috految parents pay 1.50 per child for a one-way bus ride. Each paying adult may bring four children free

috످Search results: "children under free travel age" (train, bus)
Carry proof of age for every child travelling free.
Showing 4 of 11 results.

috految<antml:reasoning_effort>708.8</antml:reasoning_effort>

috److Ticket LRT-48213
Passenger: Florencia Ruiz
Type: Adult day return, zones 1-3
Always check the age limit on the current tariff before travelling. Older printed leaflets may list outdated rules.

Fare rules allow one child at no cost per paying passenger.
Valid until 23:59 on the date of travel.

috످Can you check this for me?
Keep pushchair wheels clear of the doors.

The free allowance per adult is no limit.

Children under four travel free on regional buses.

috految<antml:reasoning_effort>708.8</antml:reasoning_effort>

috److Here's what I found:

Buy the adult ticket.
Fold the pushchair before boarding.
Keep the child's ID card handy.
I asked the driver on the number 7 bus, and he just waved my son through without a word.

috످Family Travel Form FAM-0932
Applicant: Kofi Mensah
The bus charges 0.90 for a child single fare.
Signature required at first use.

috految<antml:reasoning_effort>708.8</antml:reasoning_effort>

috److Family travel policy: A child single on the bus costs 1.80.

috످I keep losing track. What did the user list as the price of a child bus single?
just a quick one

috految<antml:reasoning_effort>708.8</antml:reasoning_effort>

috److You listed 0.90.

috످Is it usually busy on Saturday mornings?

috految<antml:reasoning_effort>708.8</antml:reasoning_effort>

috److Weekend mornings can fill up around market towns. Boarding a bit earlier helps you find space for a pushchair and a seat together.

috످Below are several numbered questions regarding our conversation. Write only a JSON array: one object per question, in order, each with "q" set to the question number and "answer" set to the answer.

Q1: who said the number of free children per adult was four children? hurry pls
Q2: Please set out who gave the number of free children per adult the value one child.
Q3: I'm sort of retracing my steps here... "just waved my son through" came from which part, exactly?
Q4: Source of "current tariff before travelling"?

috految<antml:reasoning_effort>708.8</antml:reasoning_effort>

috److془Let me think through each.

Q1: The passage about the bus fare for kids and how many ride free with an adult (four) is in the system prompt.

Q2: The ticket for Florencia Ruiz, which limits free travel to a single child per fare payer, is in my first reply.

Q3: The anecdote about a driver letting a boy on is in my second reply, though it's in a parent's voice.

Q4: The reminder to look up latest age rules is in the ticket in my first reply.

Output JSON only.془[
  {"q": 1, "answer": "The system prompt said four children can travel free per paying adult."},
  {"q": 2, "answer": "I said one child per paying passenger, in my first reply."},
  {"q": 3, "answer": "That came from the last line of my second reply. I wrote it as if I were a parent, but I'm an AI and it didn't happen to me."},
  {"q": 4, "answer": "I wrote that in my first reply, in the ticket text."}
]

috످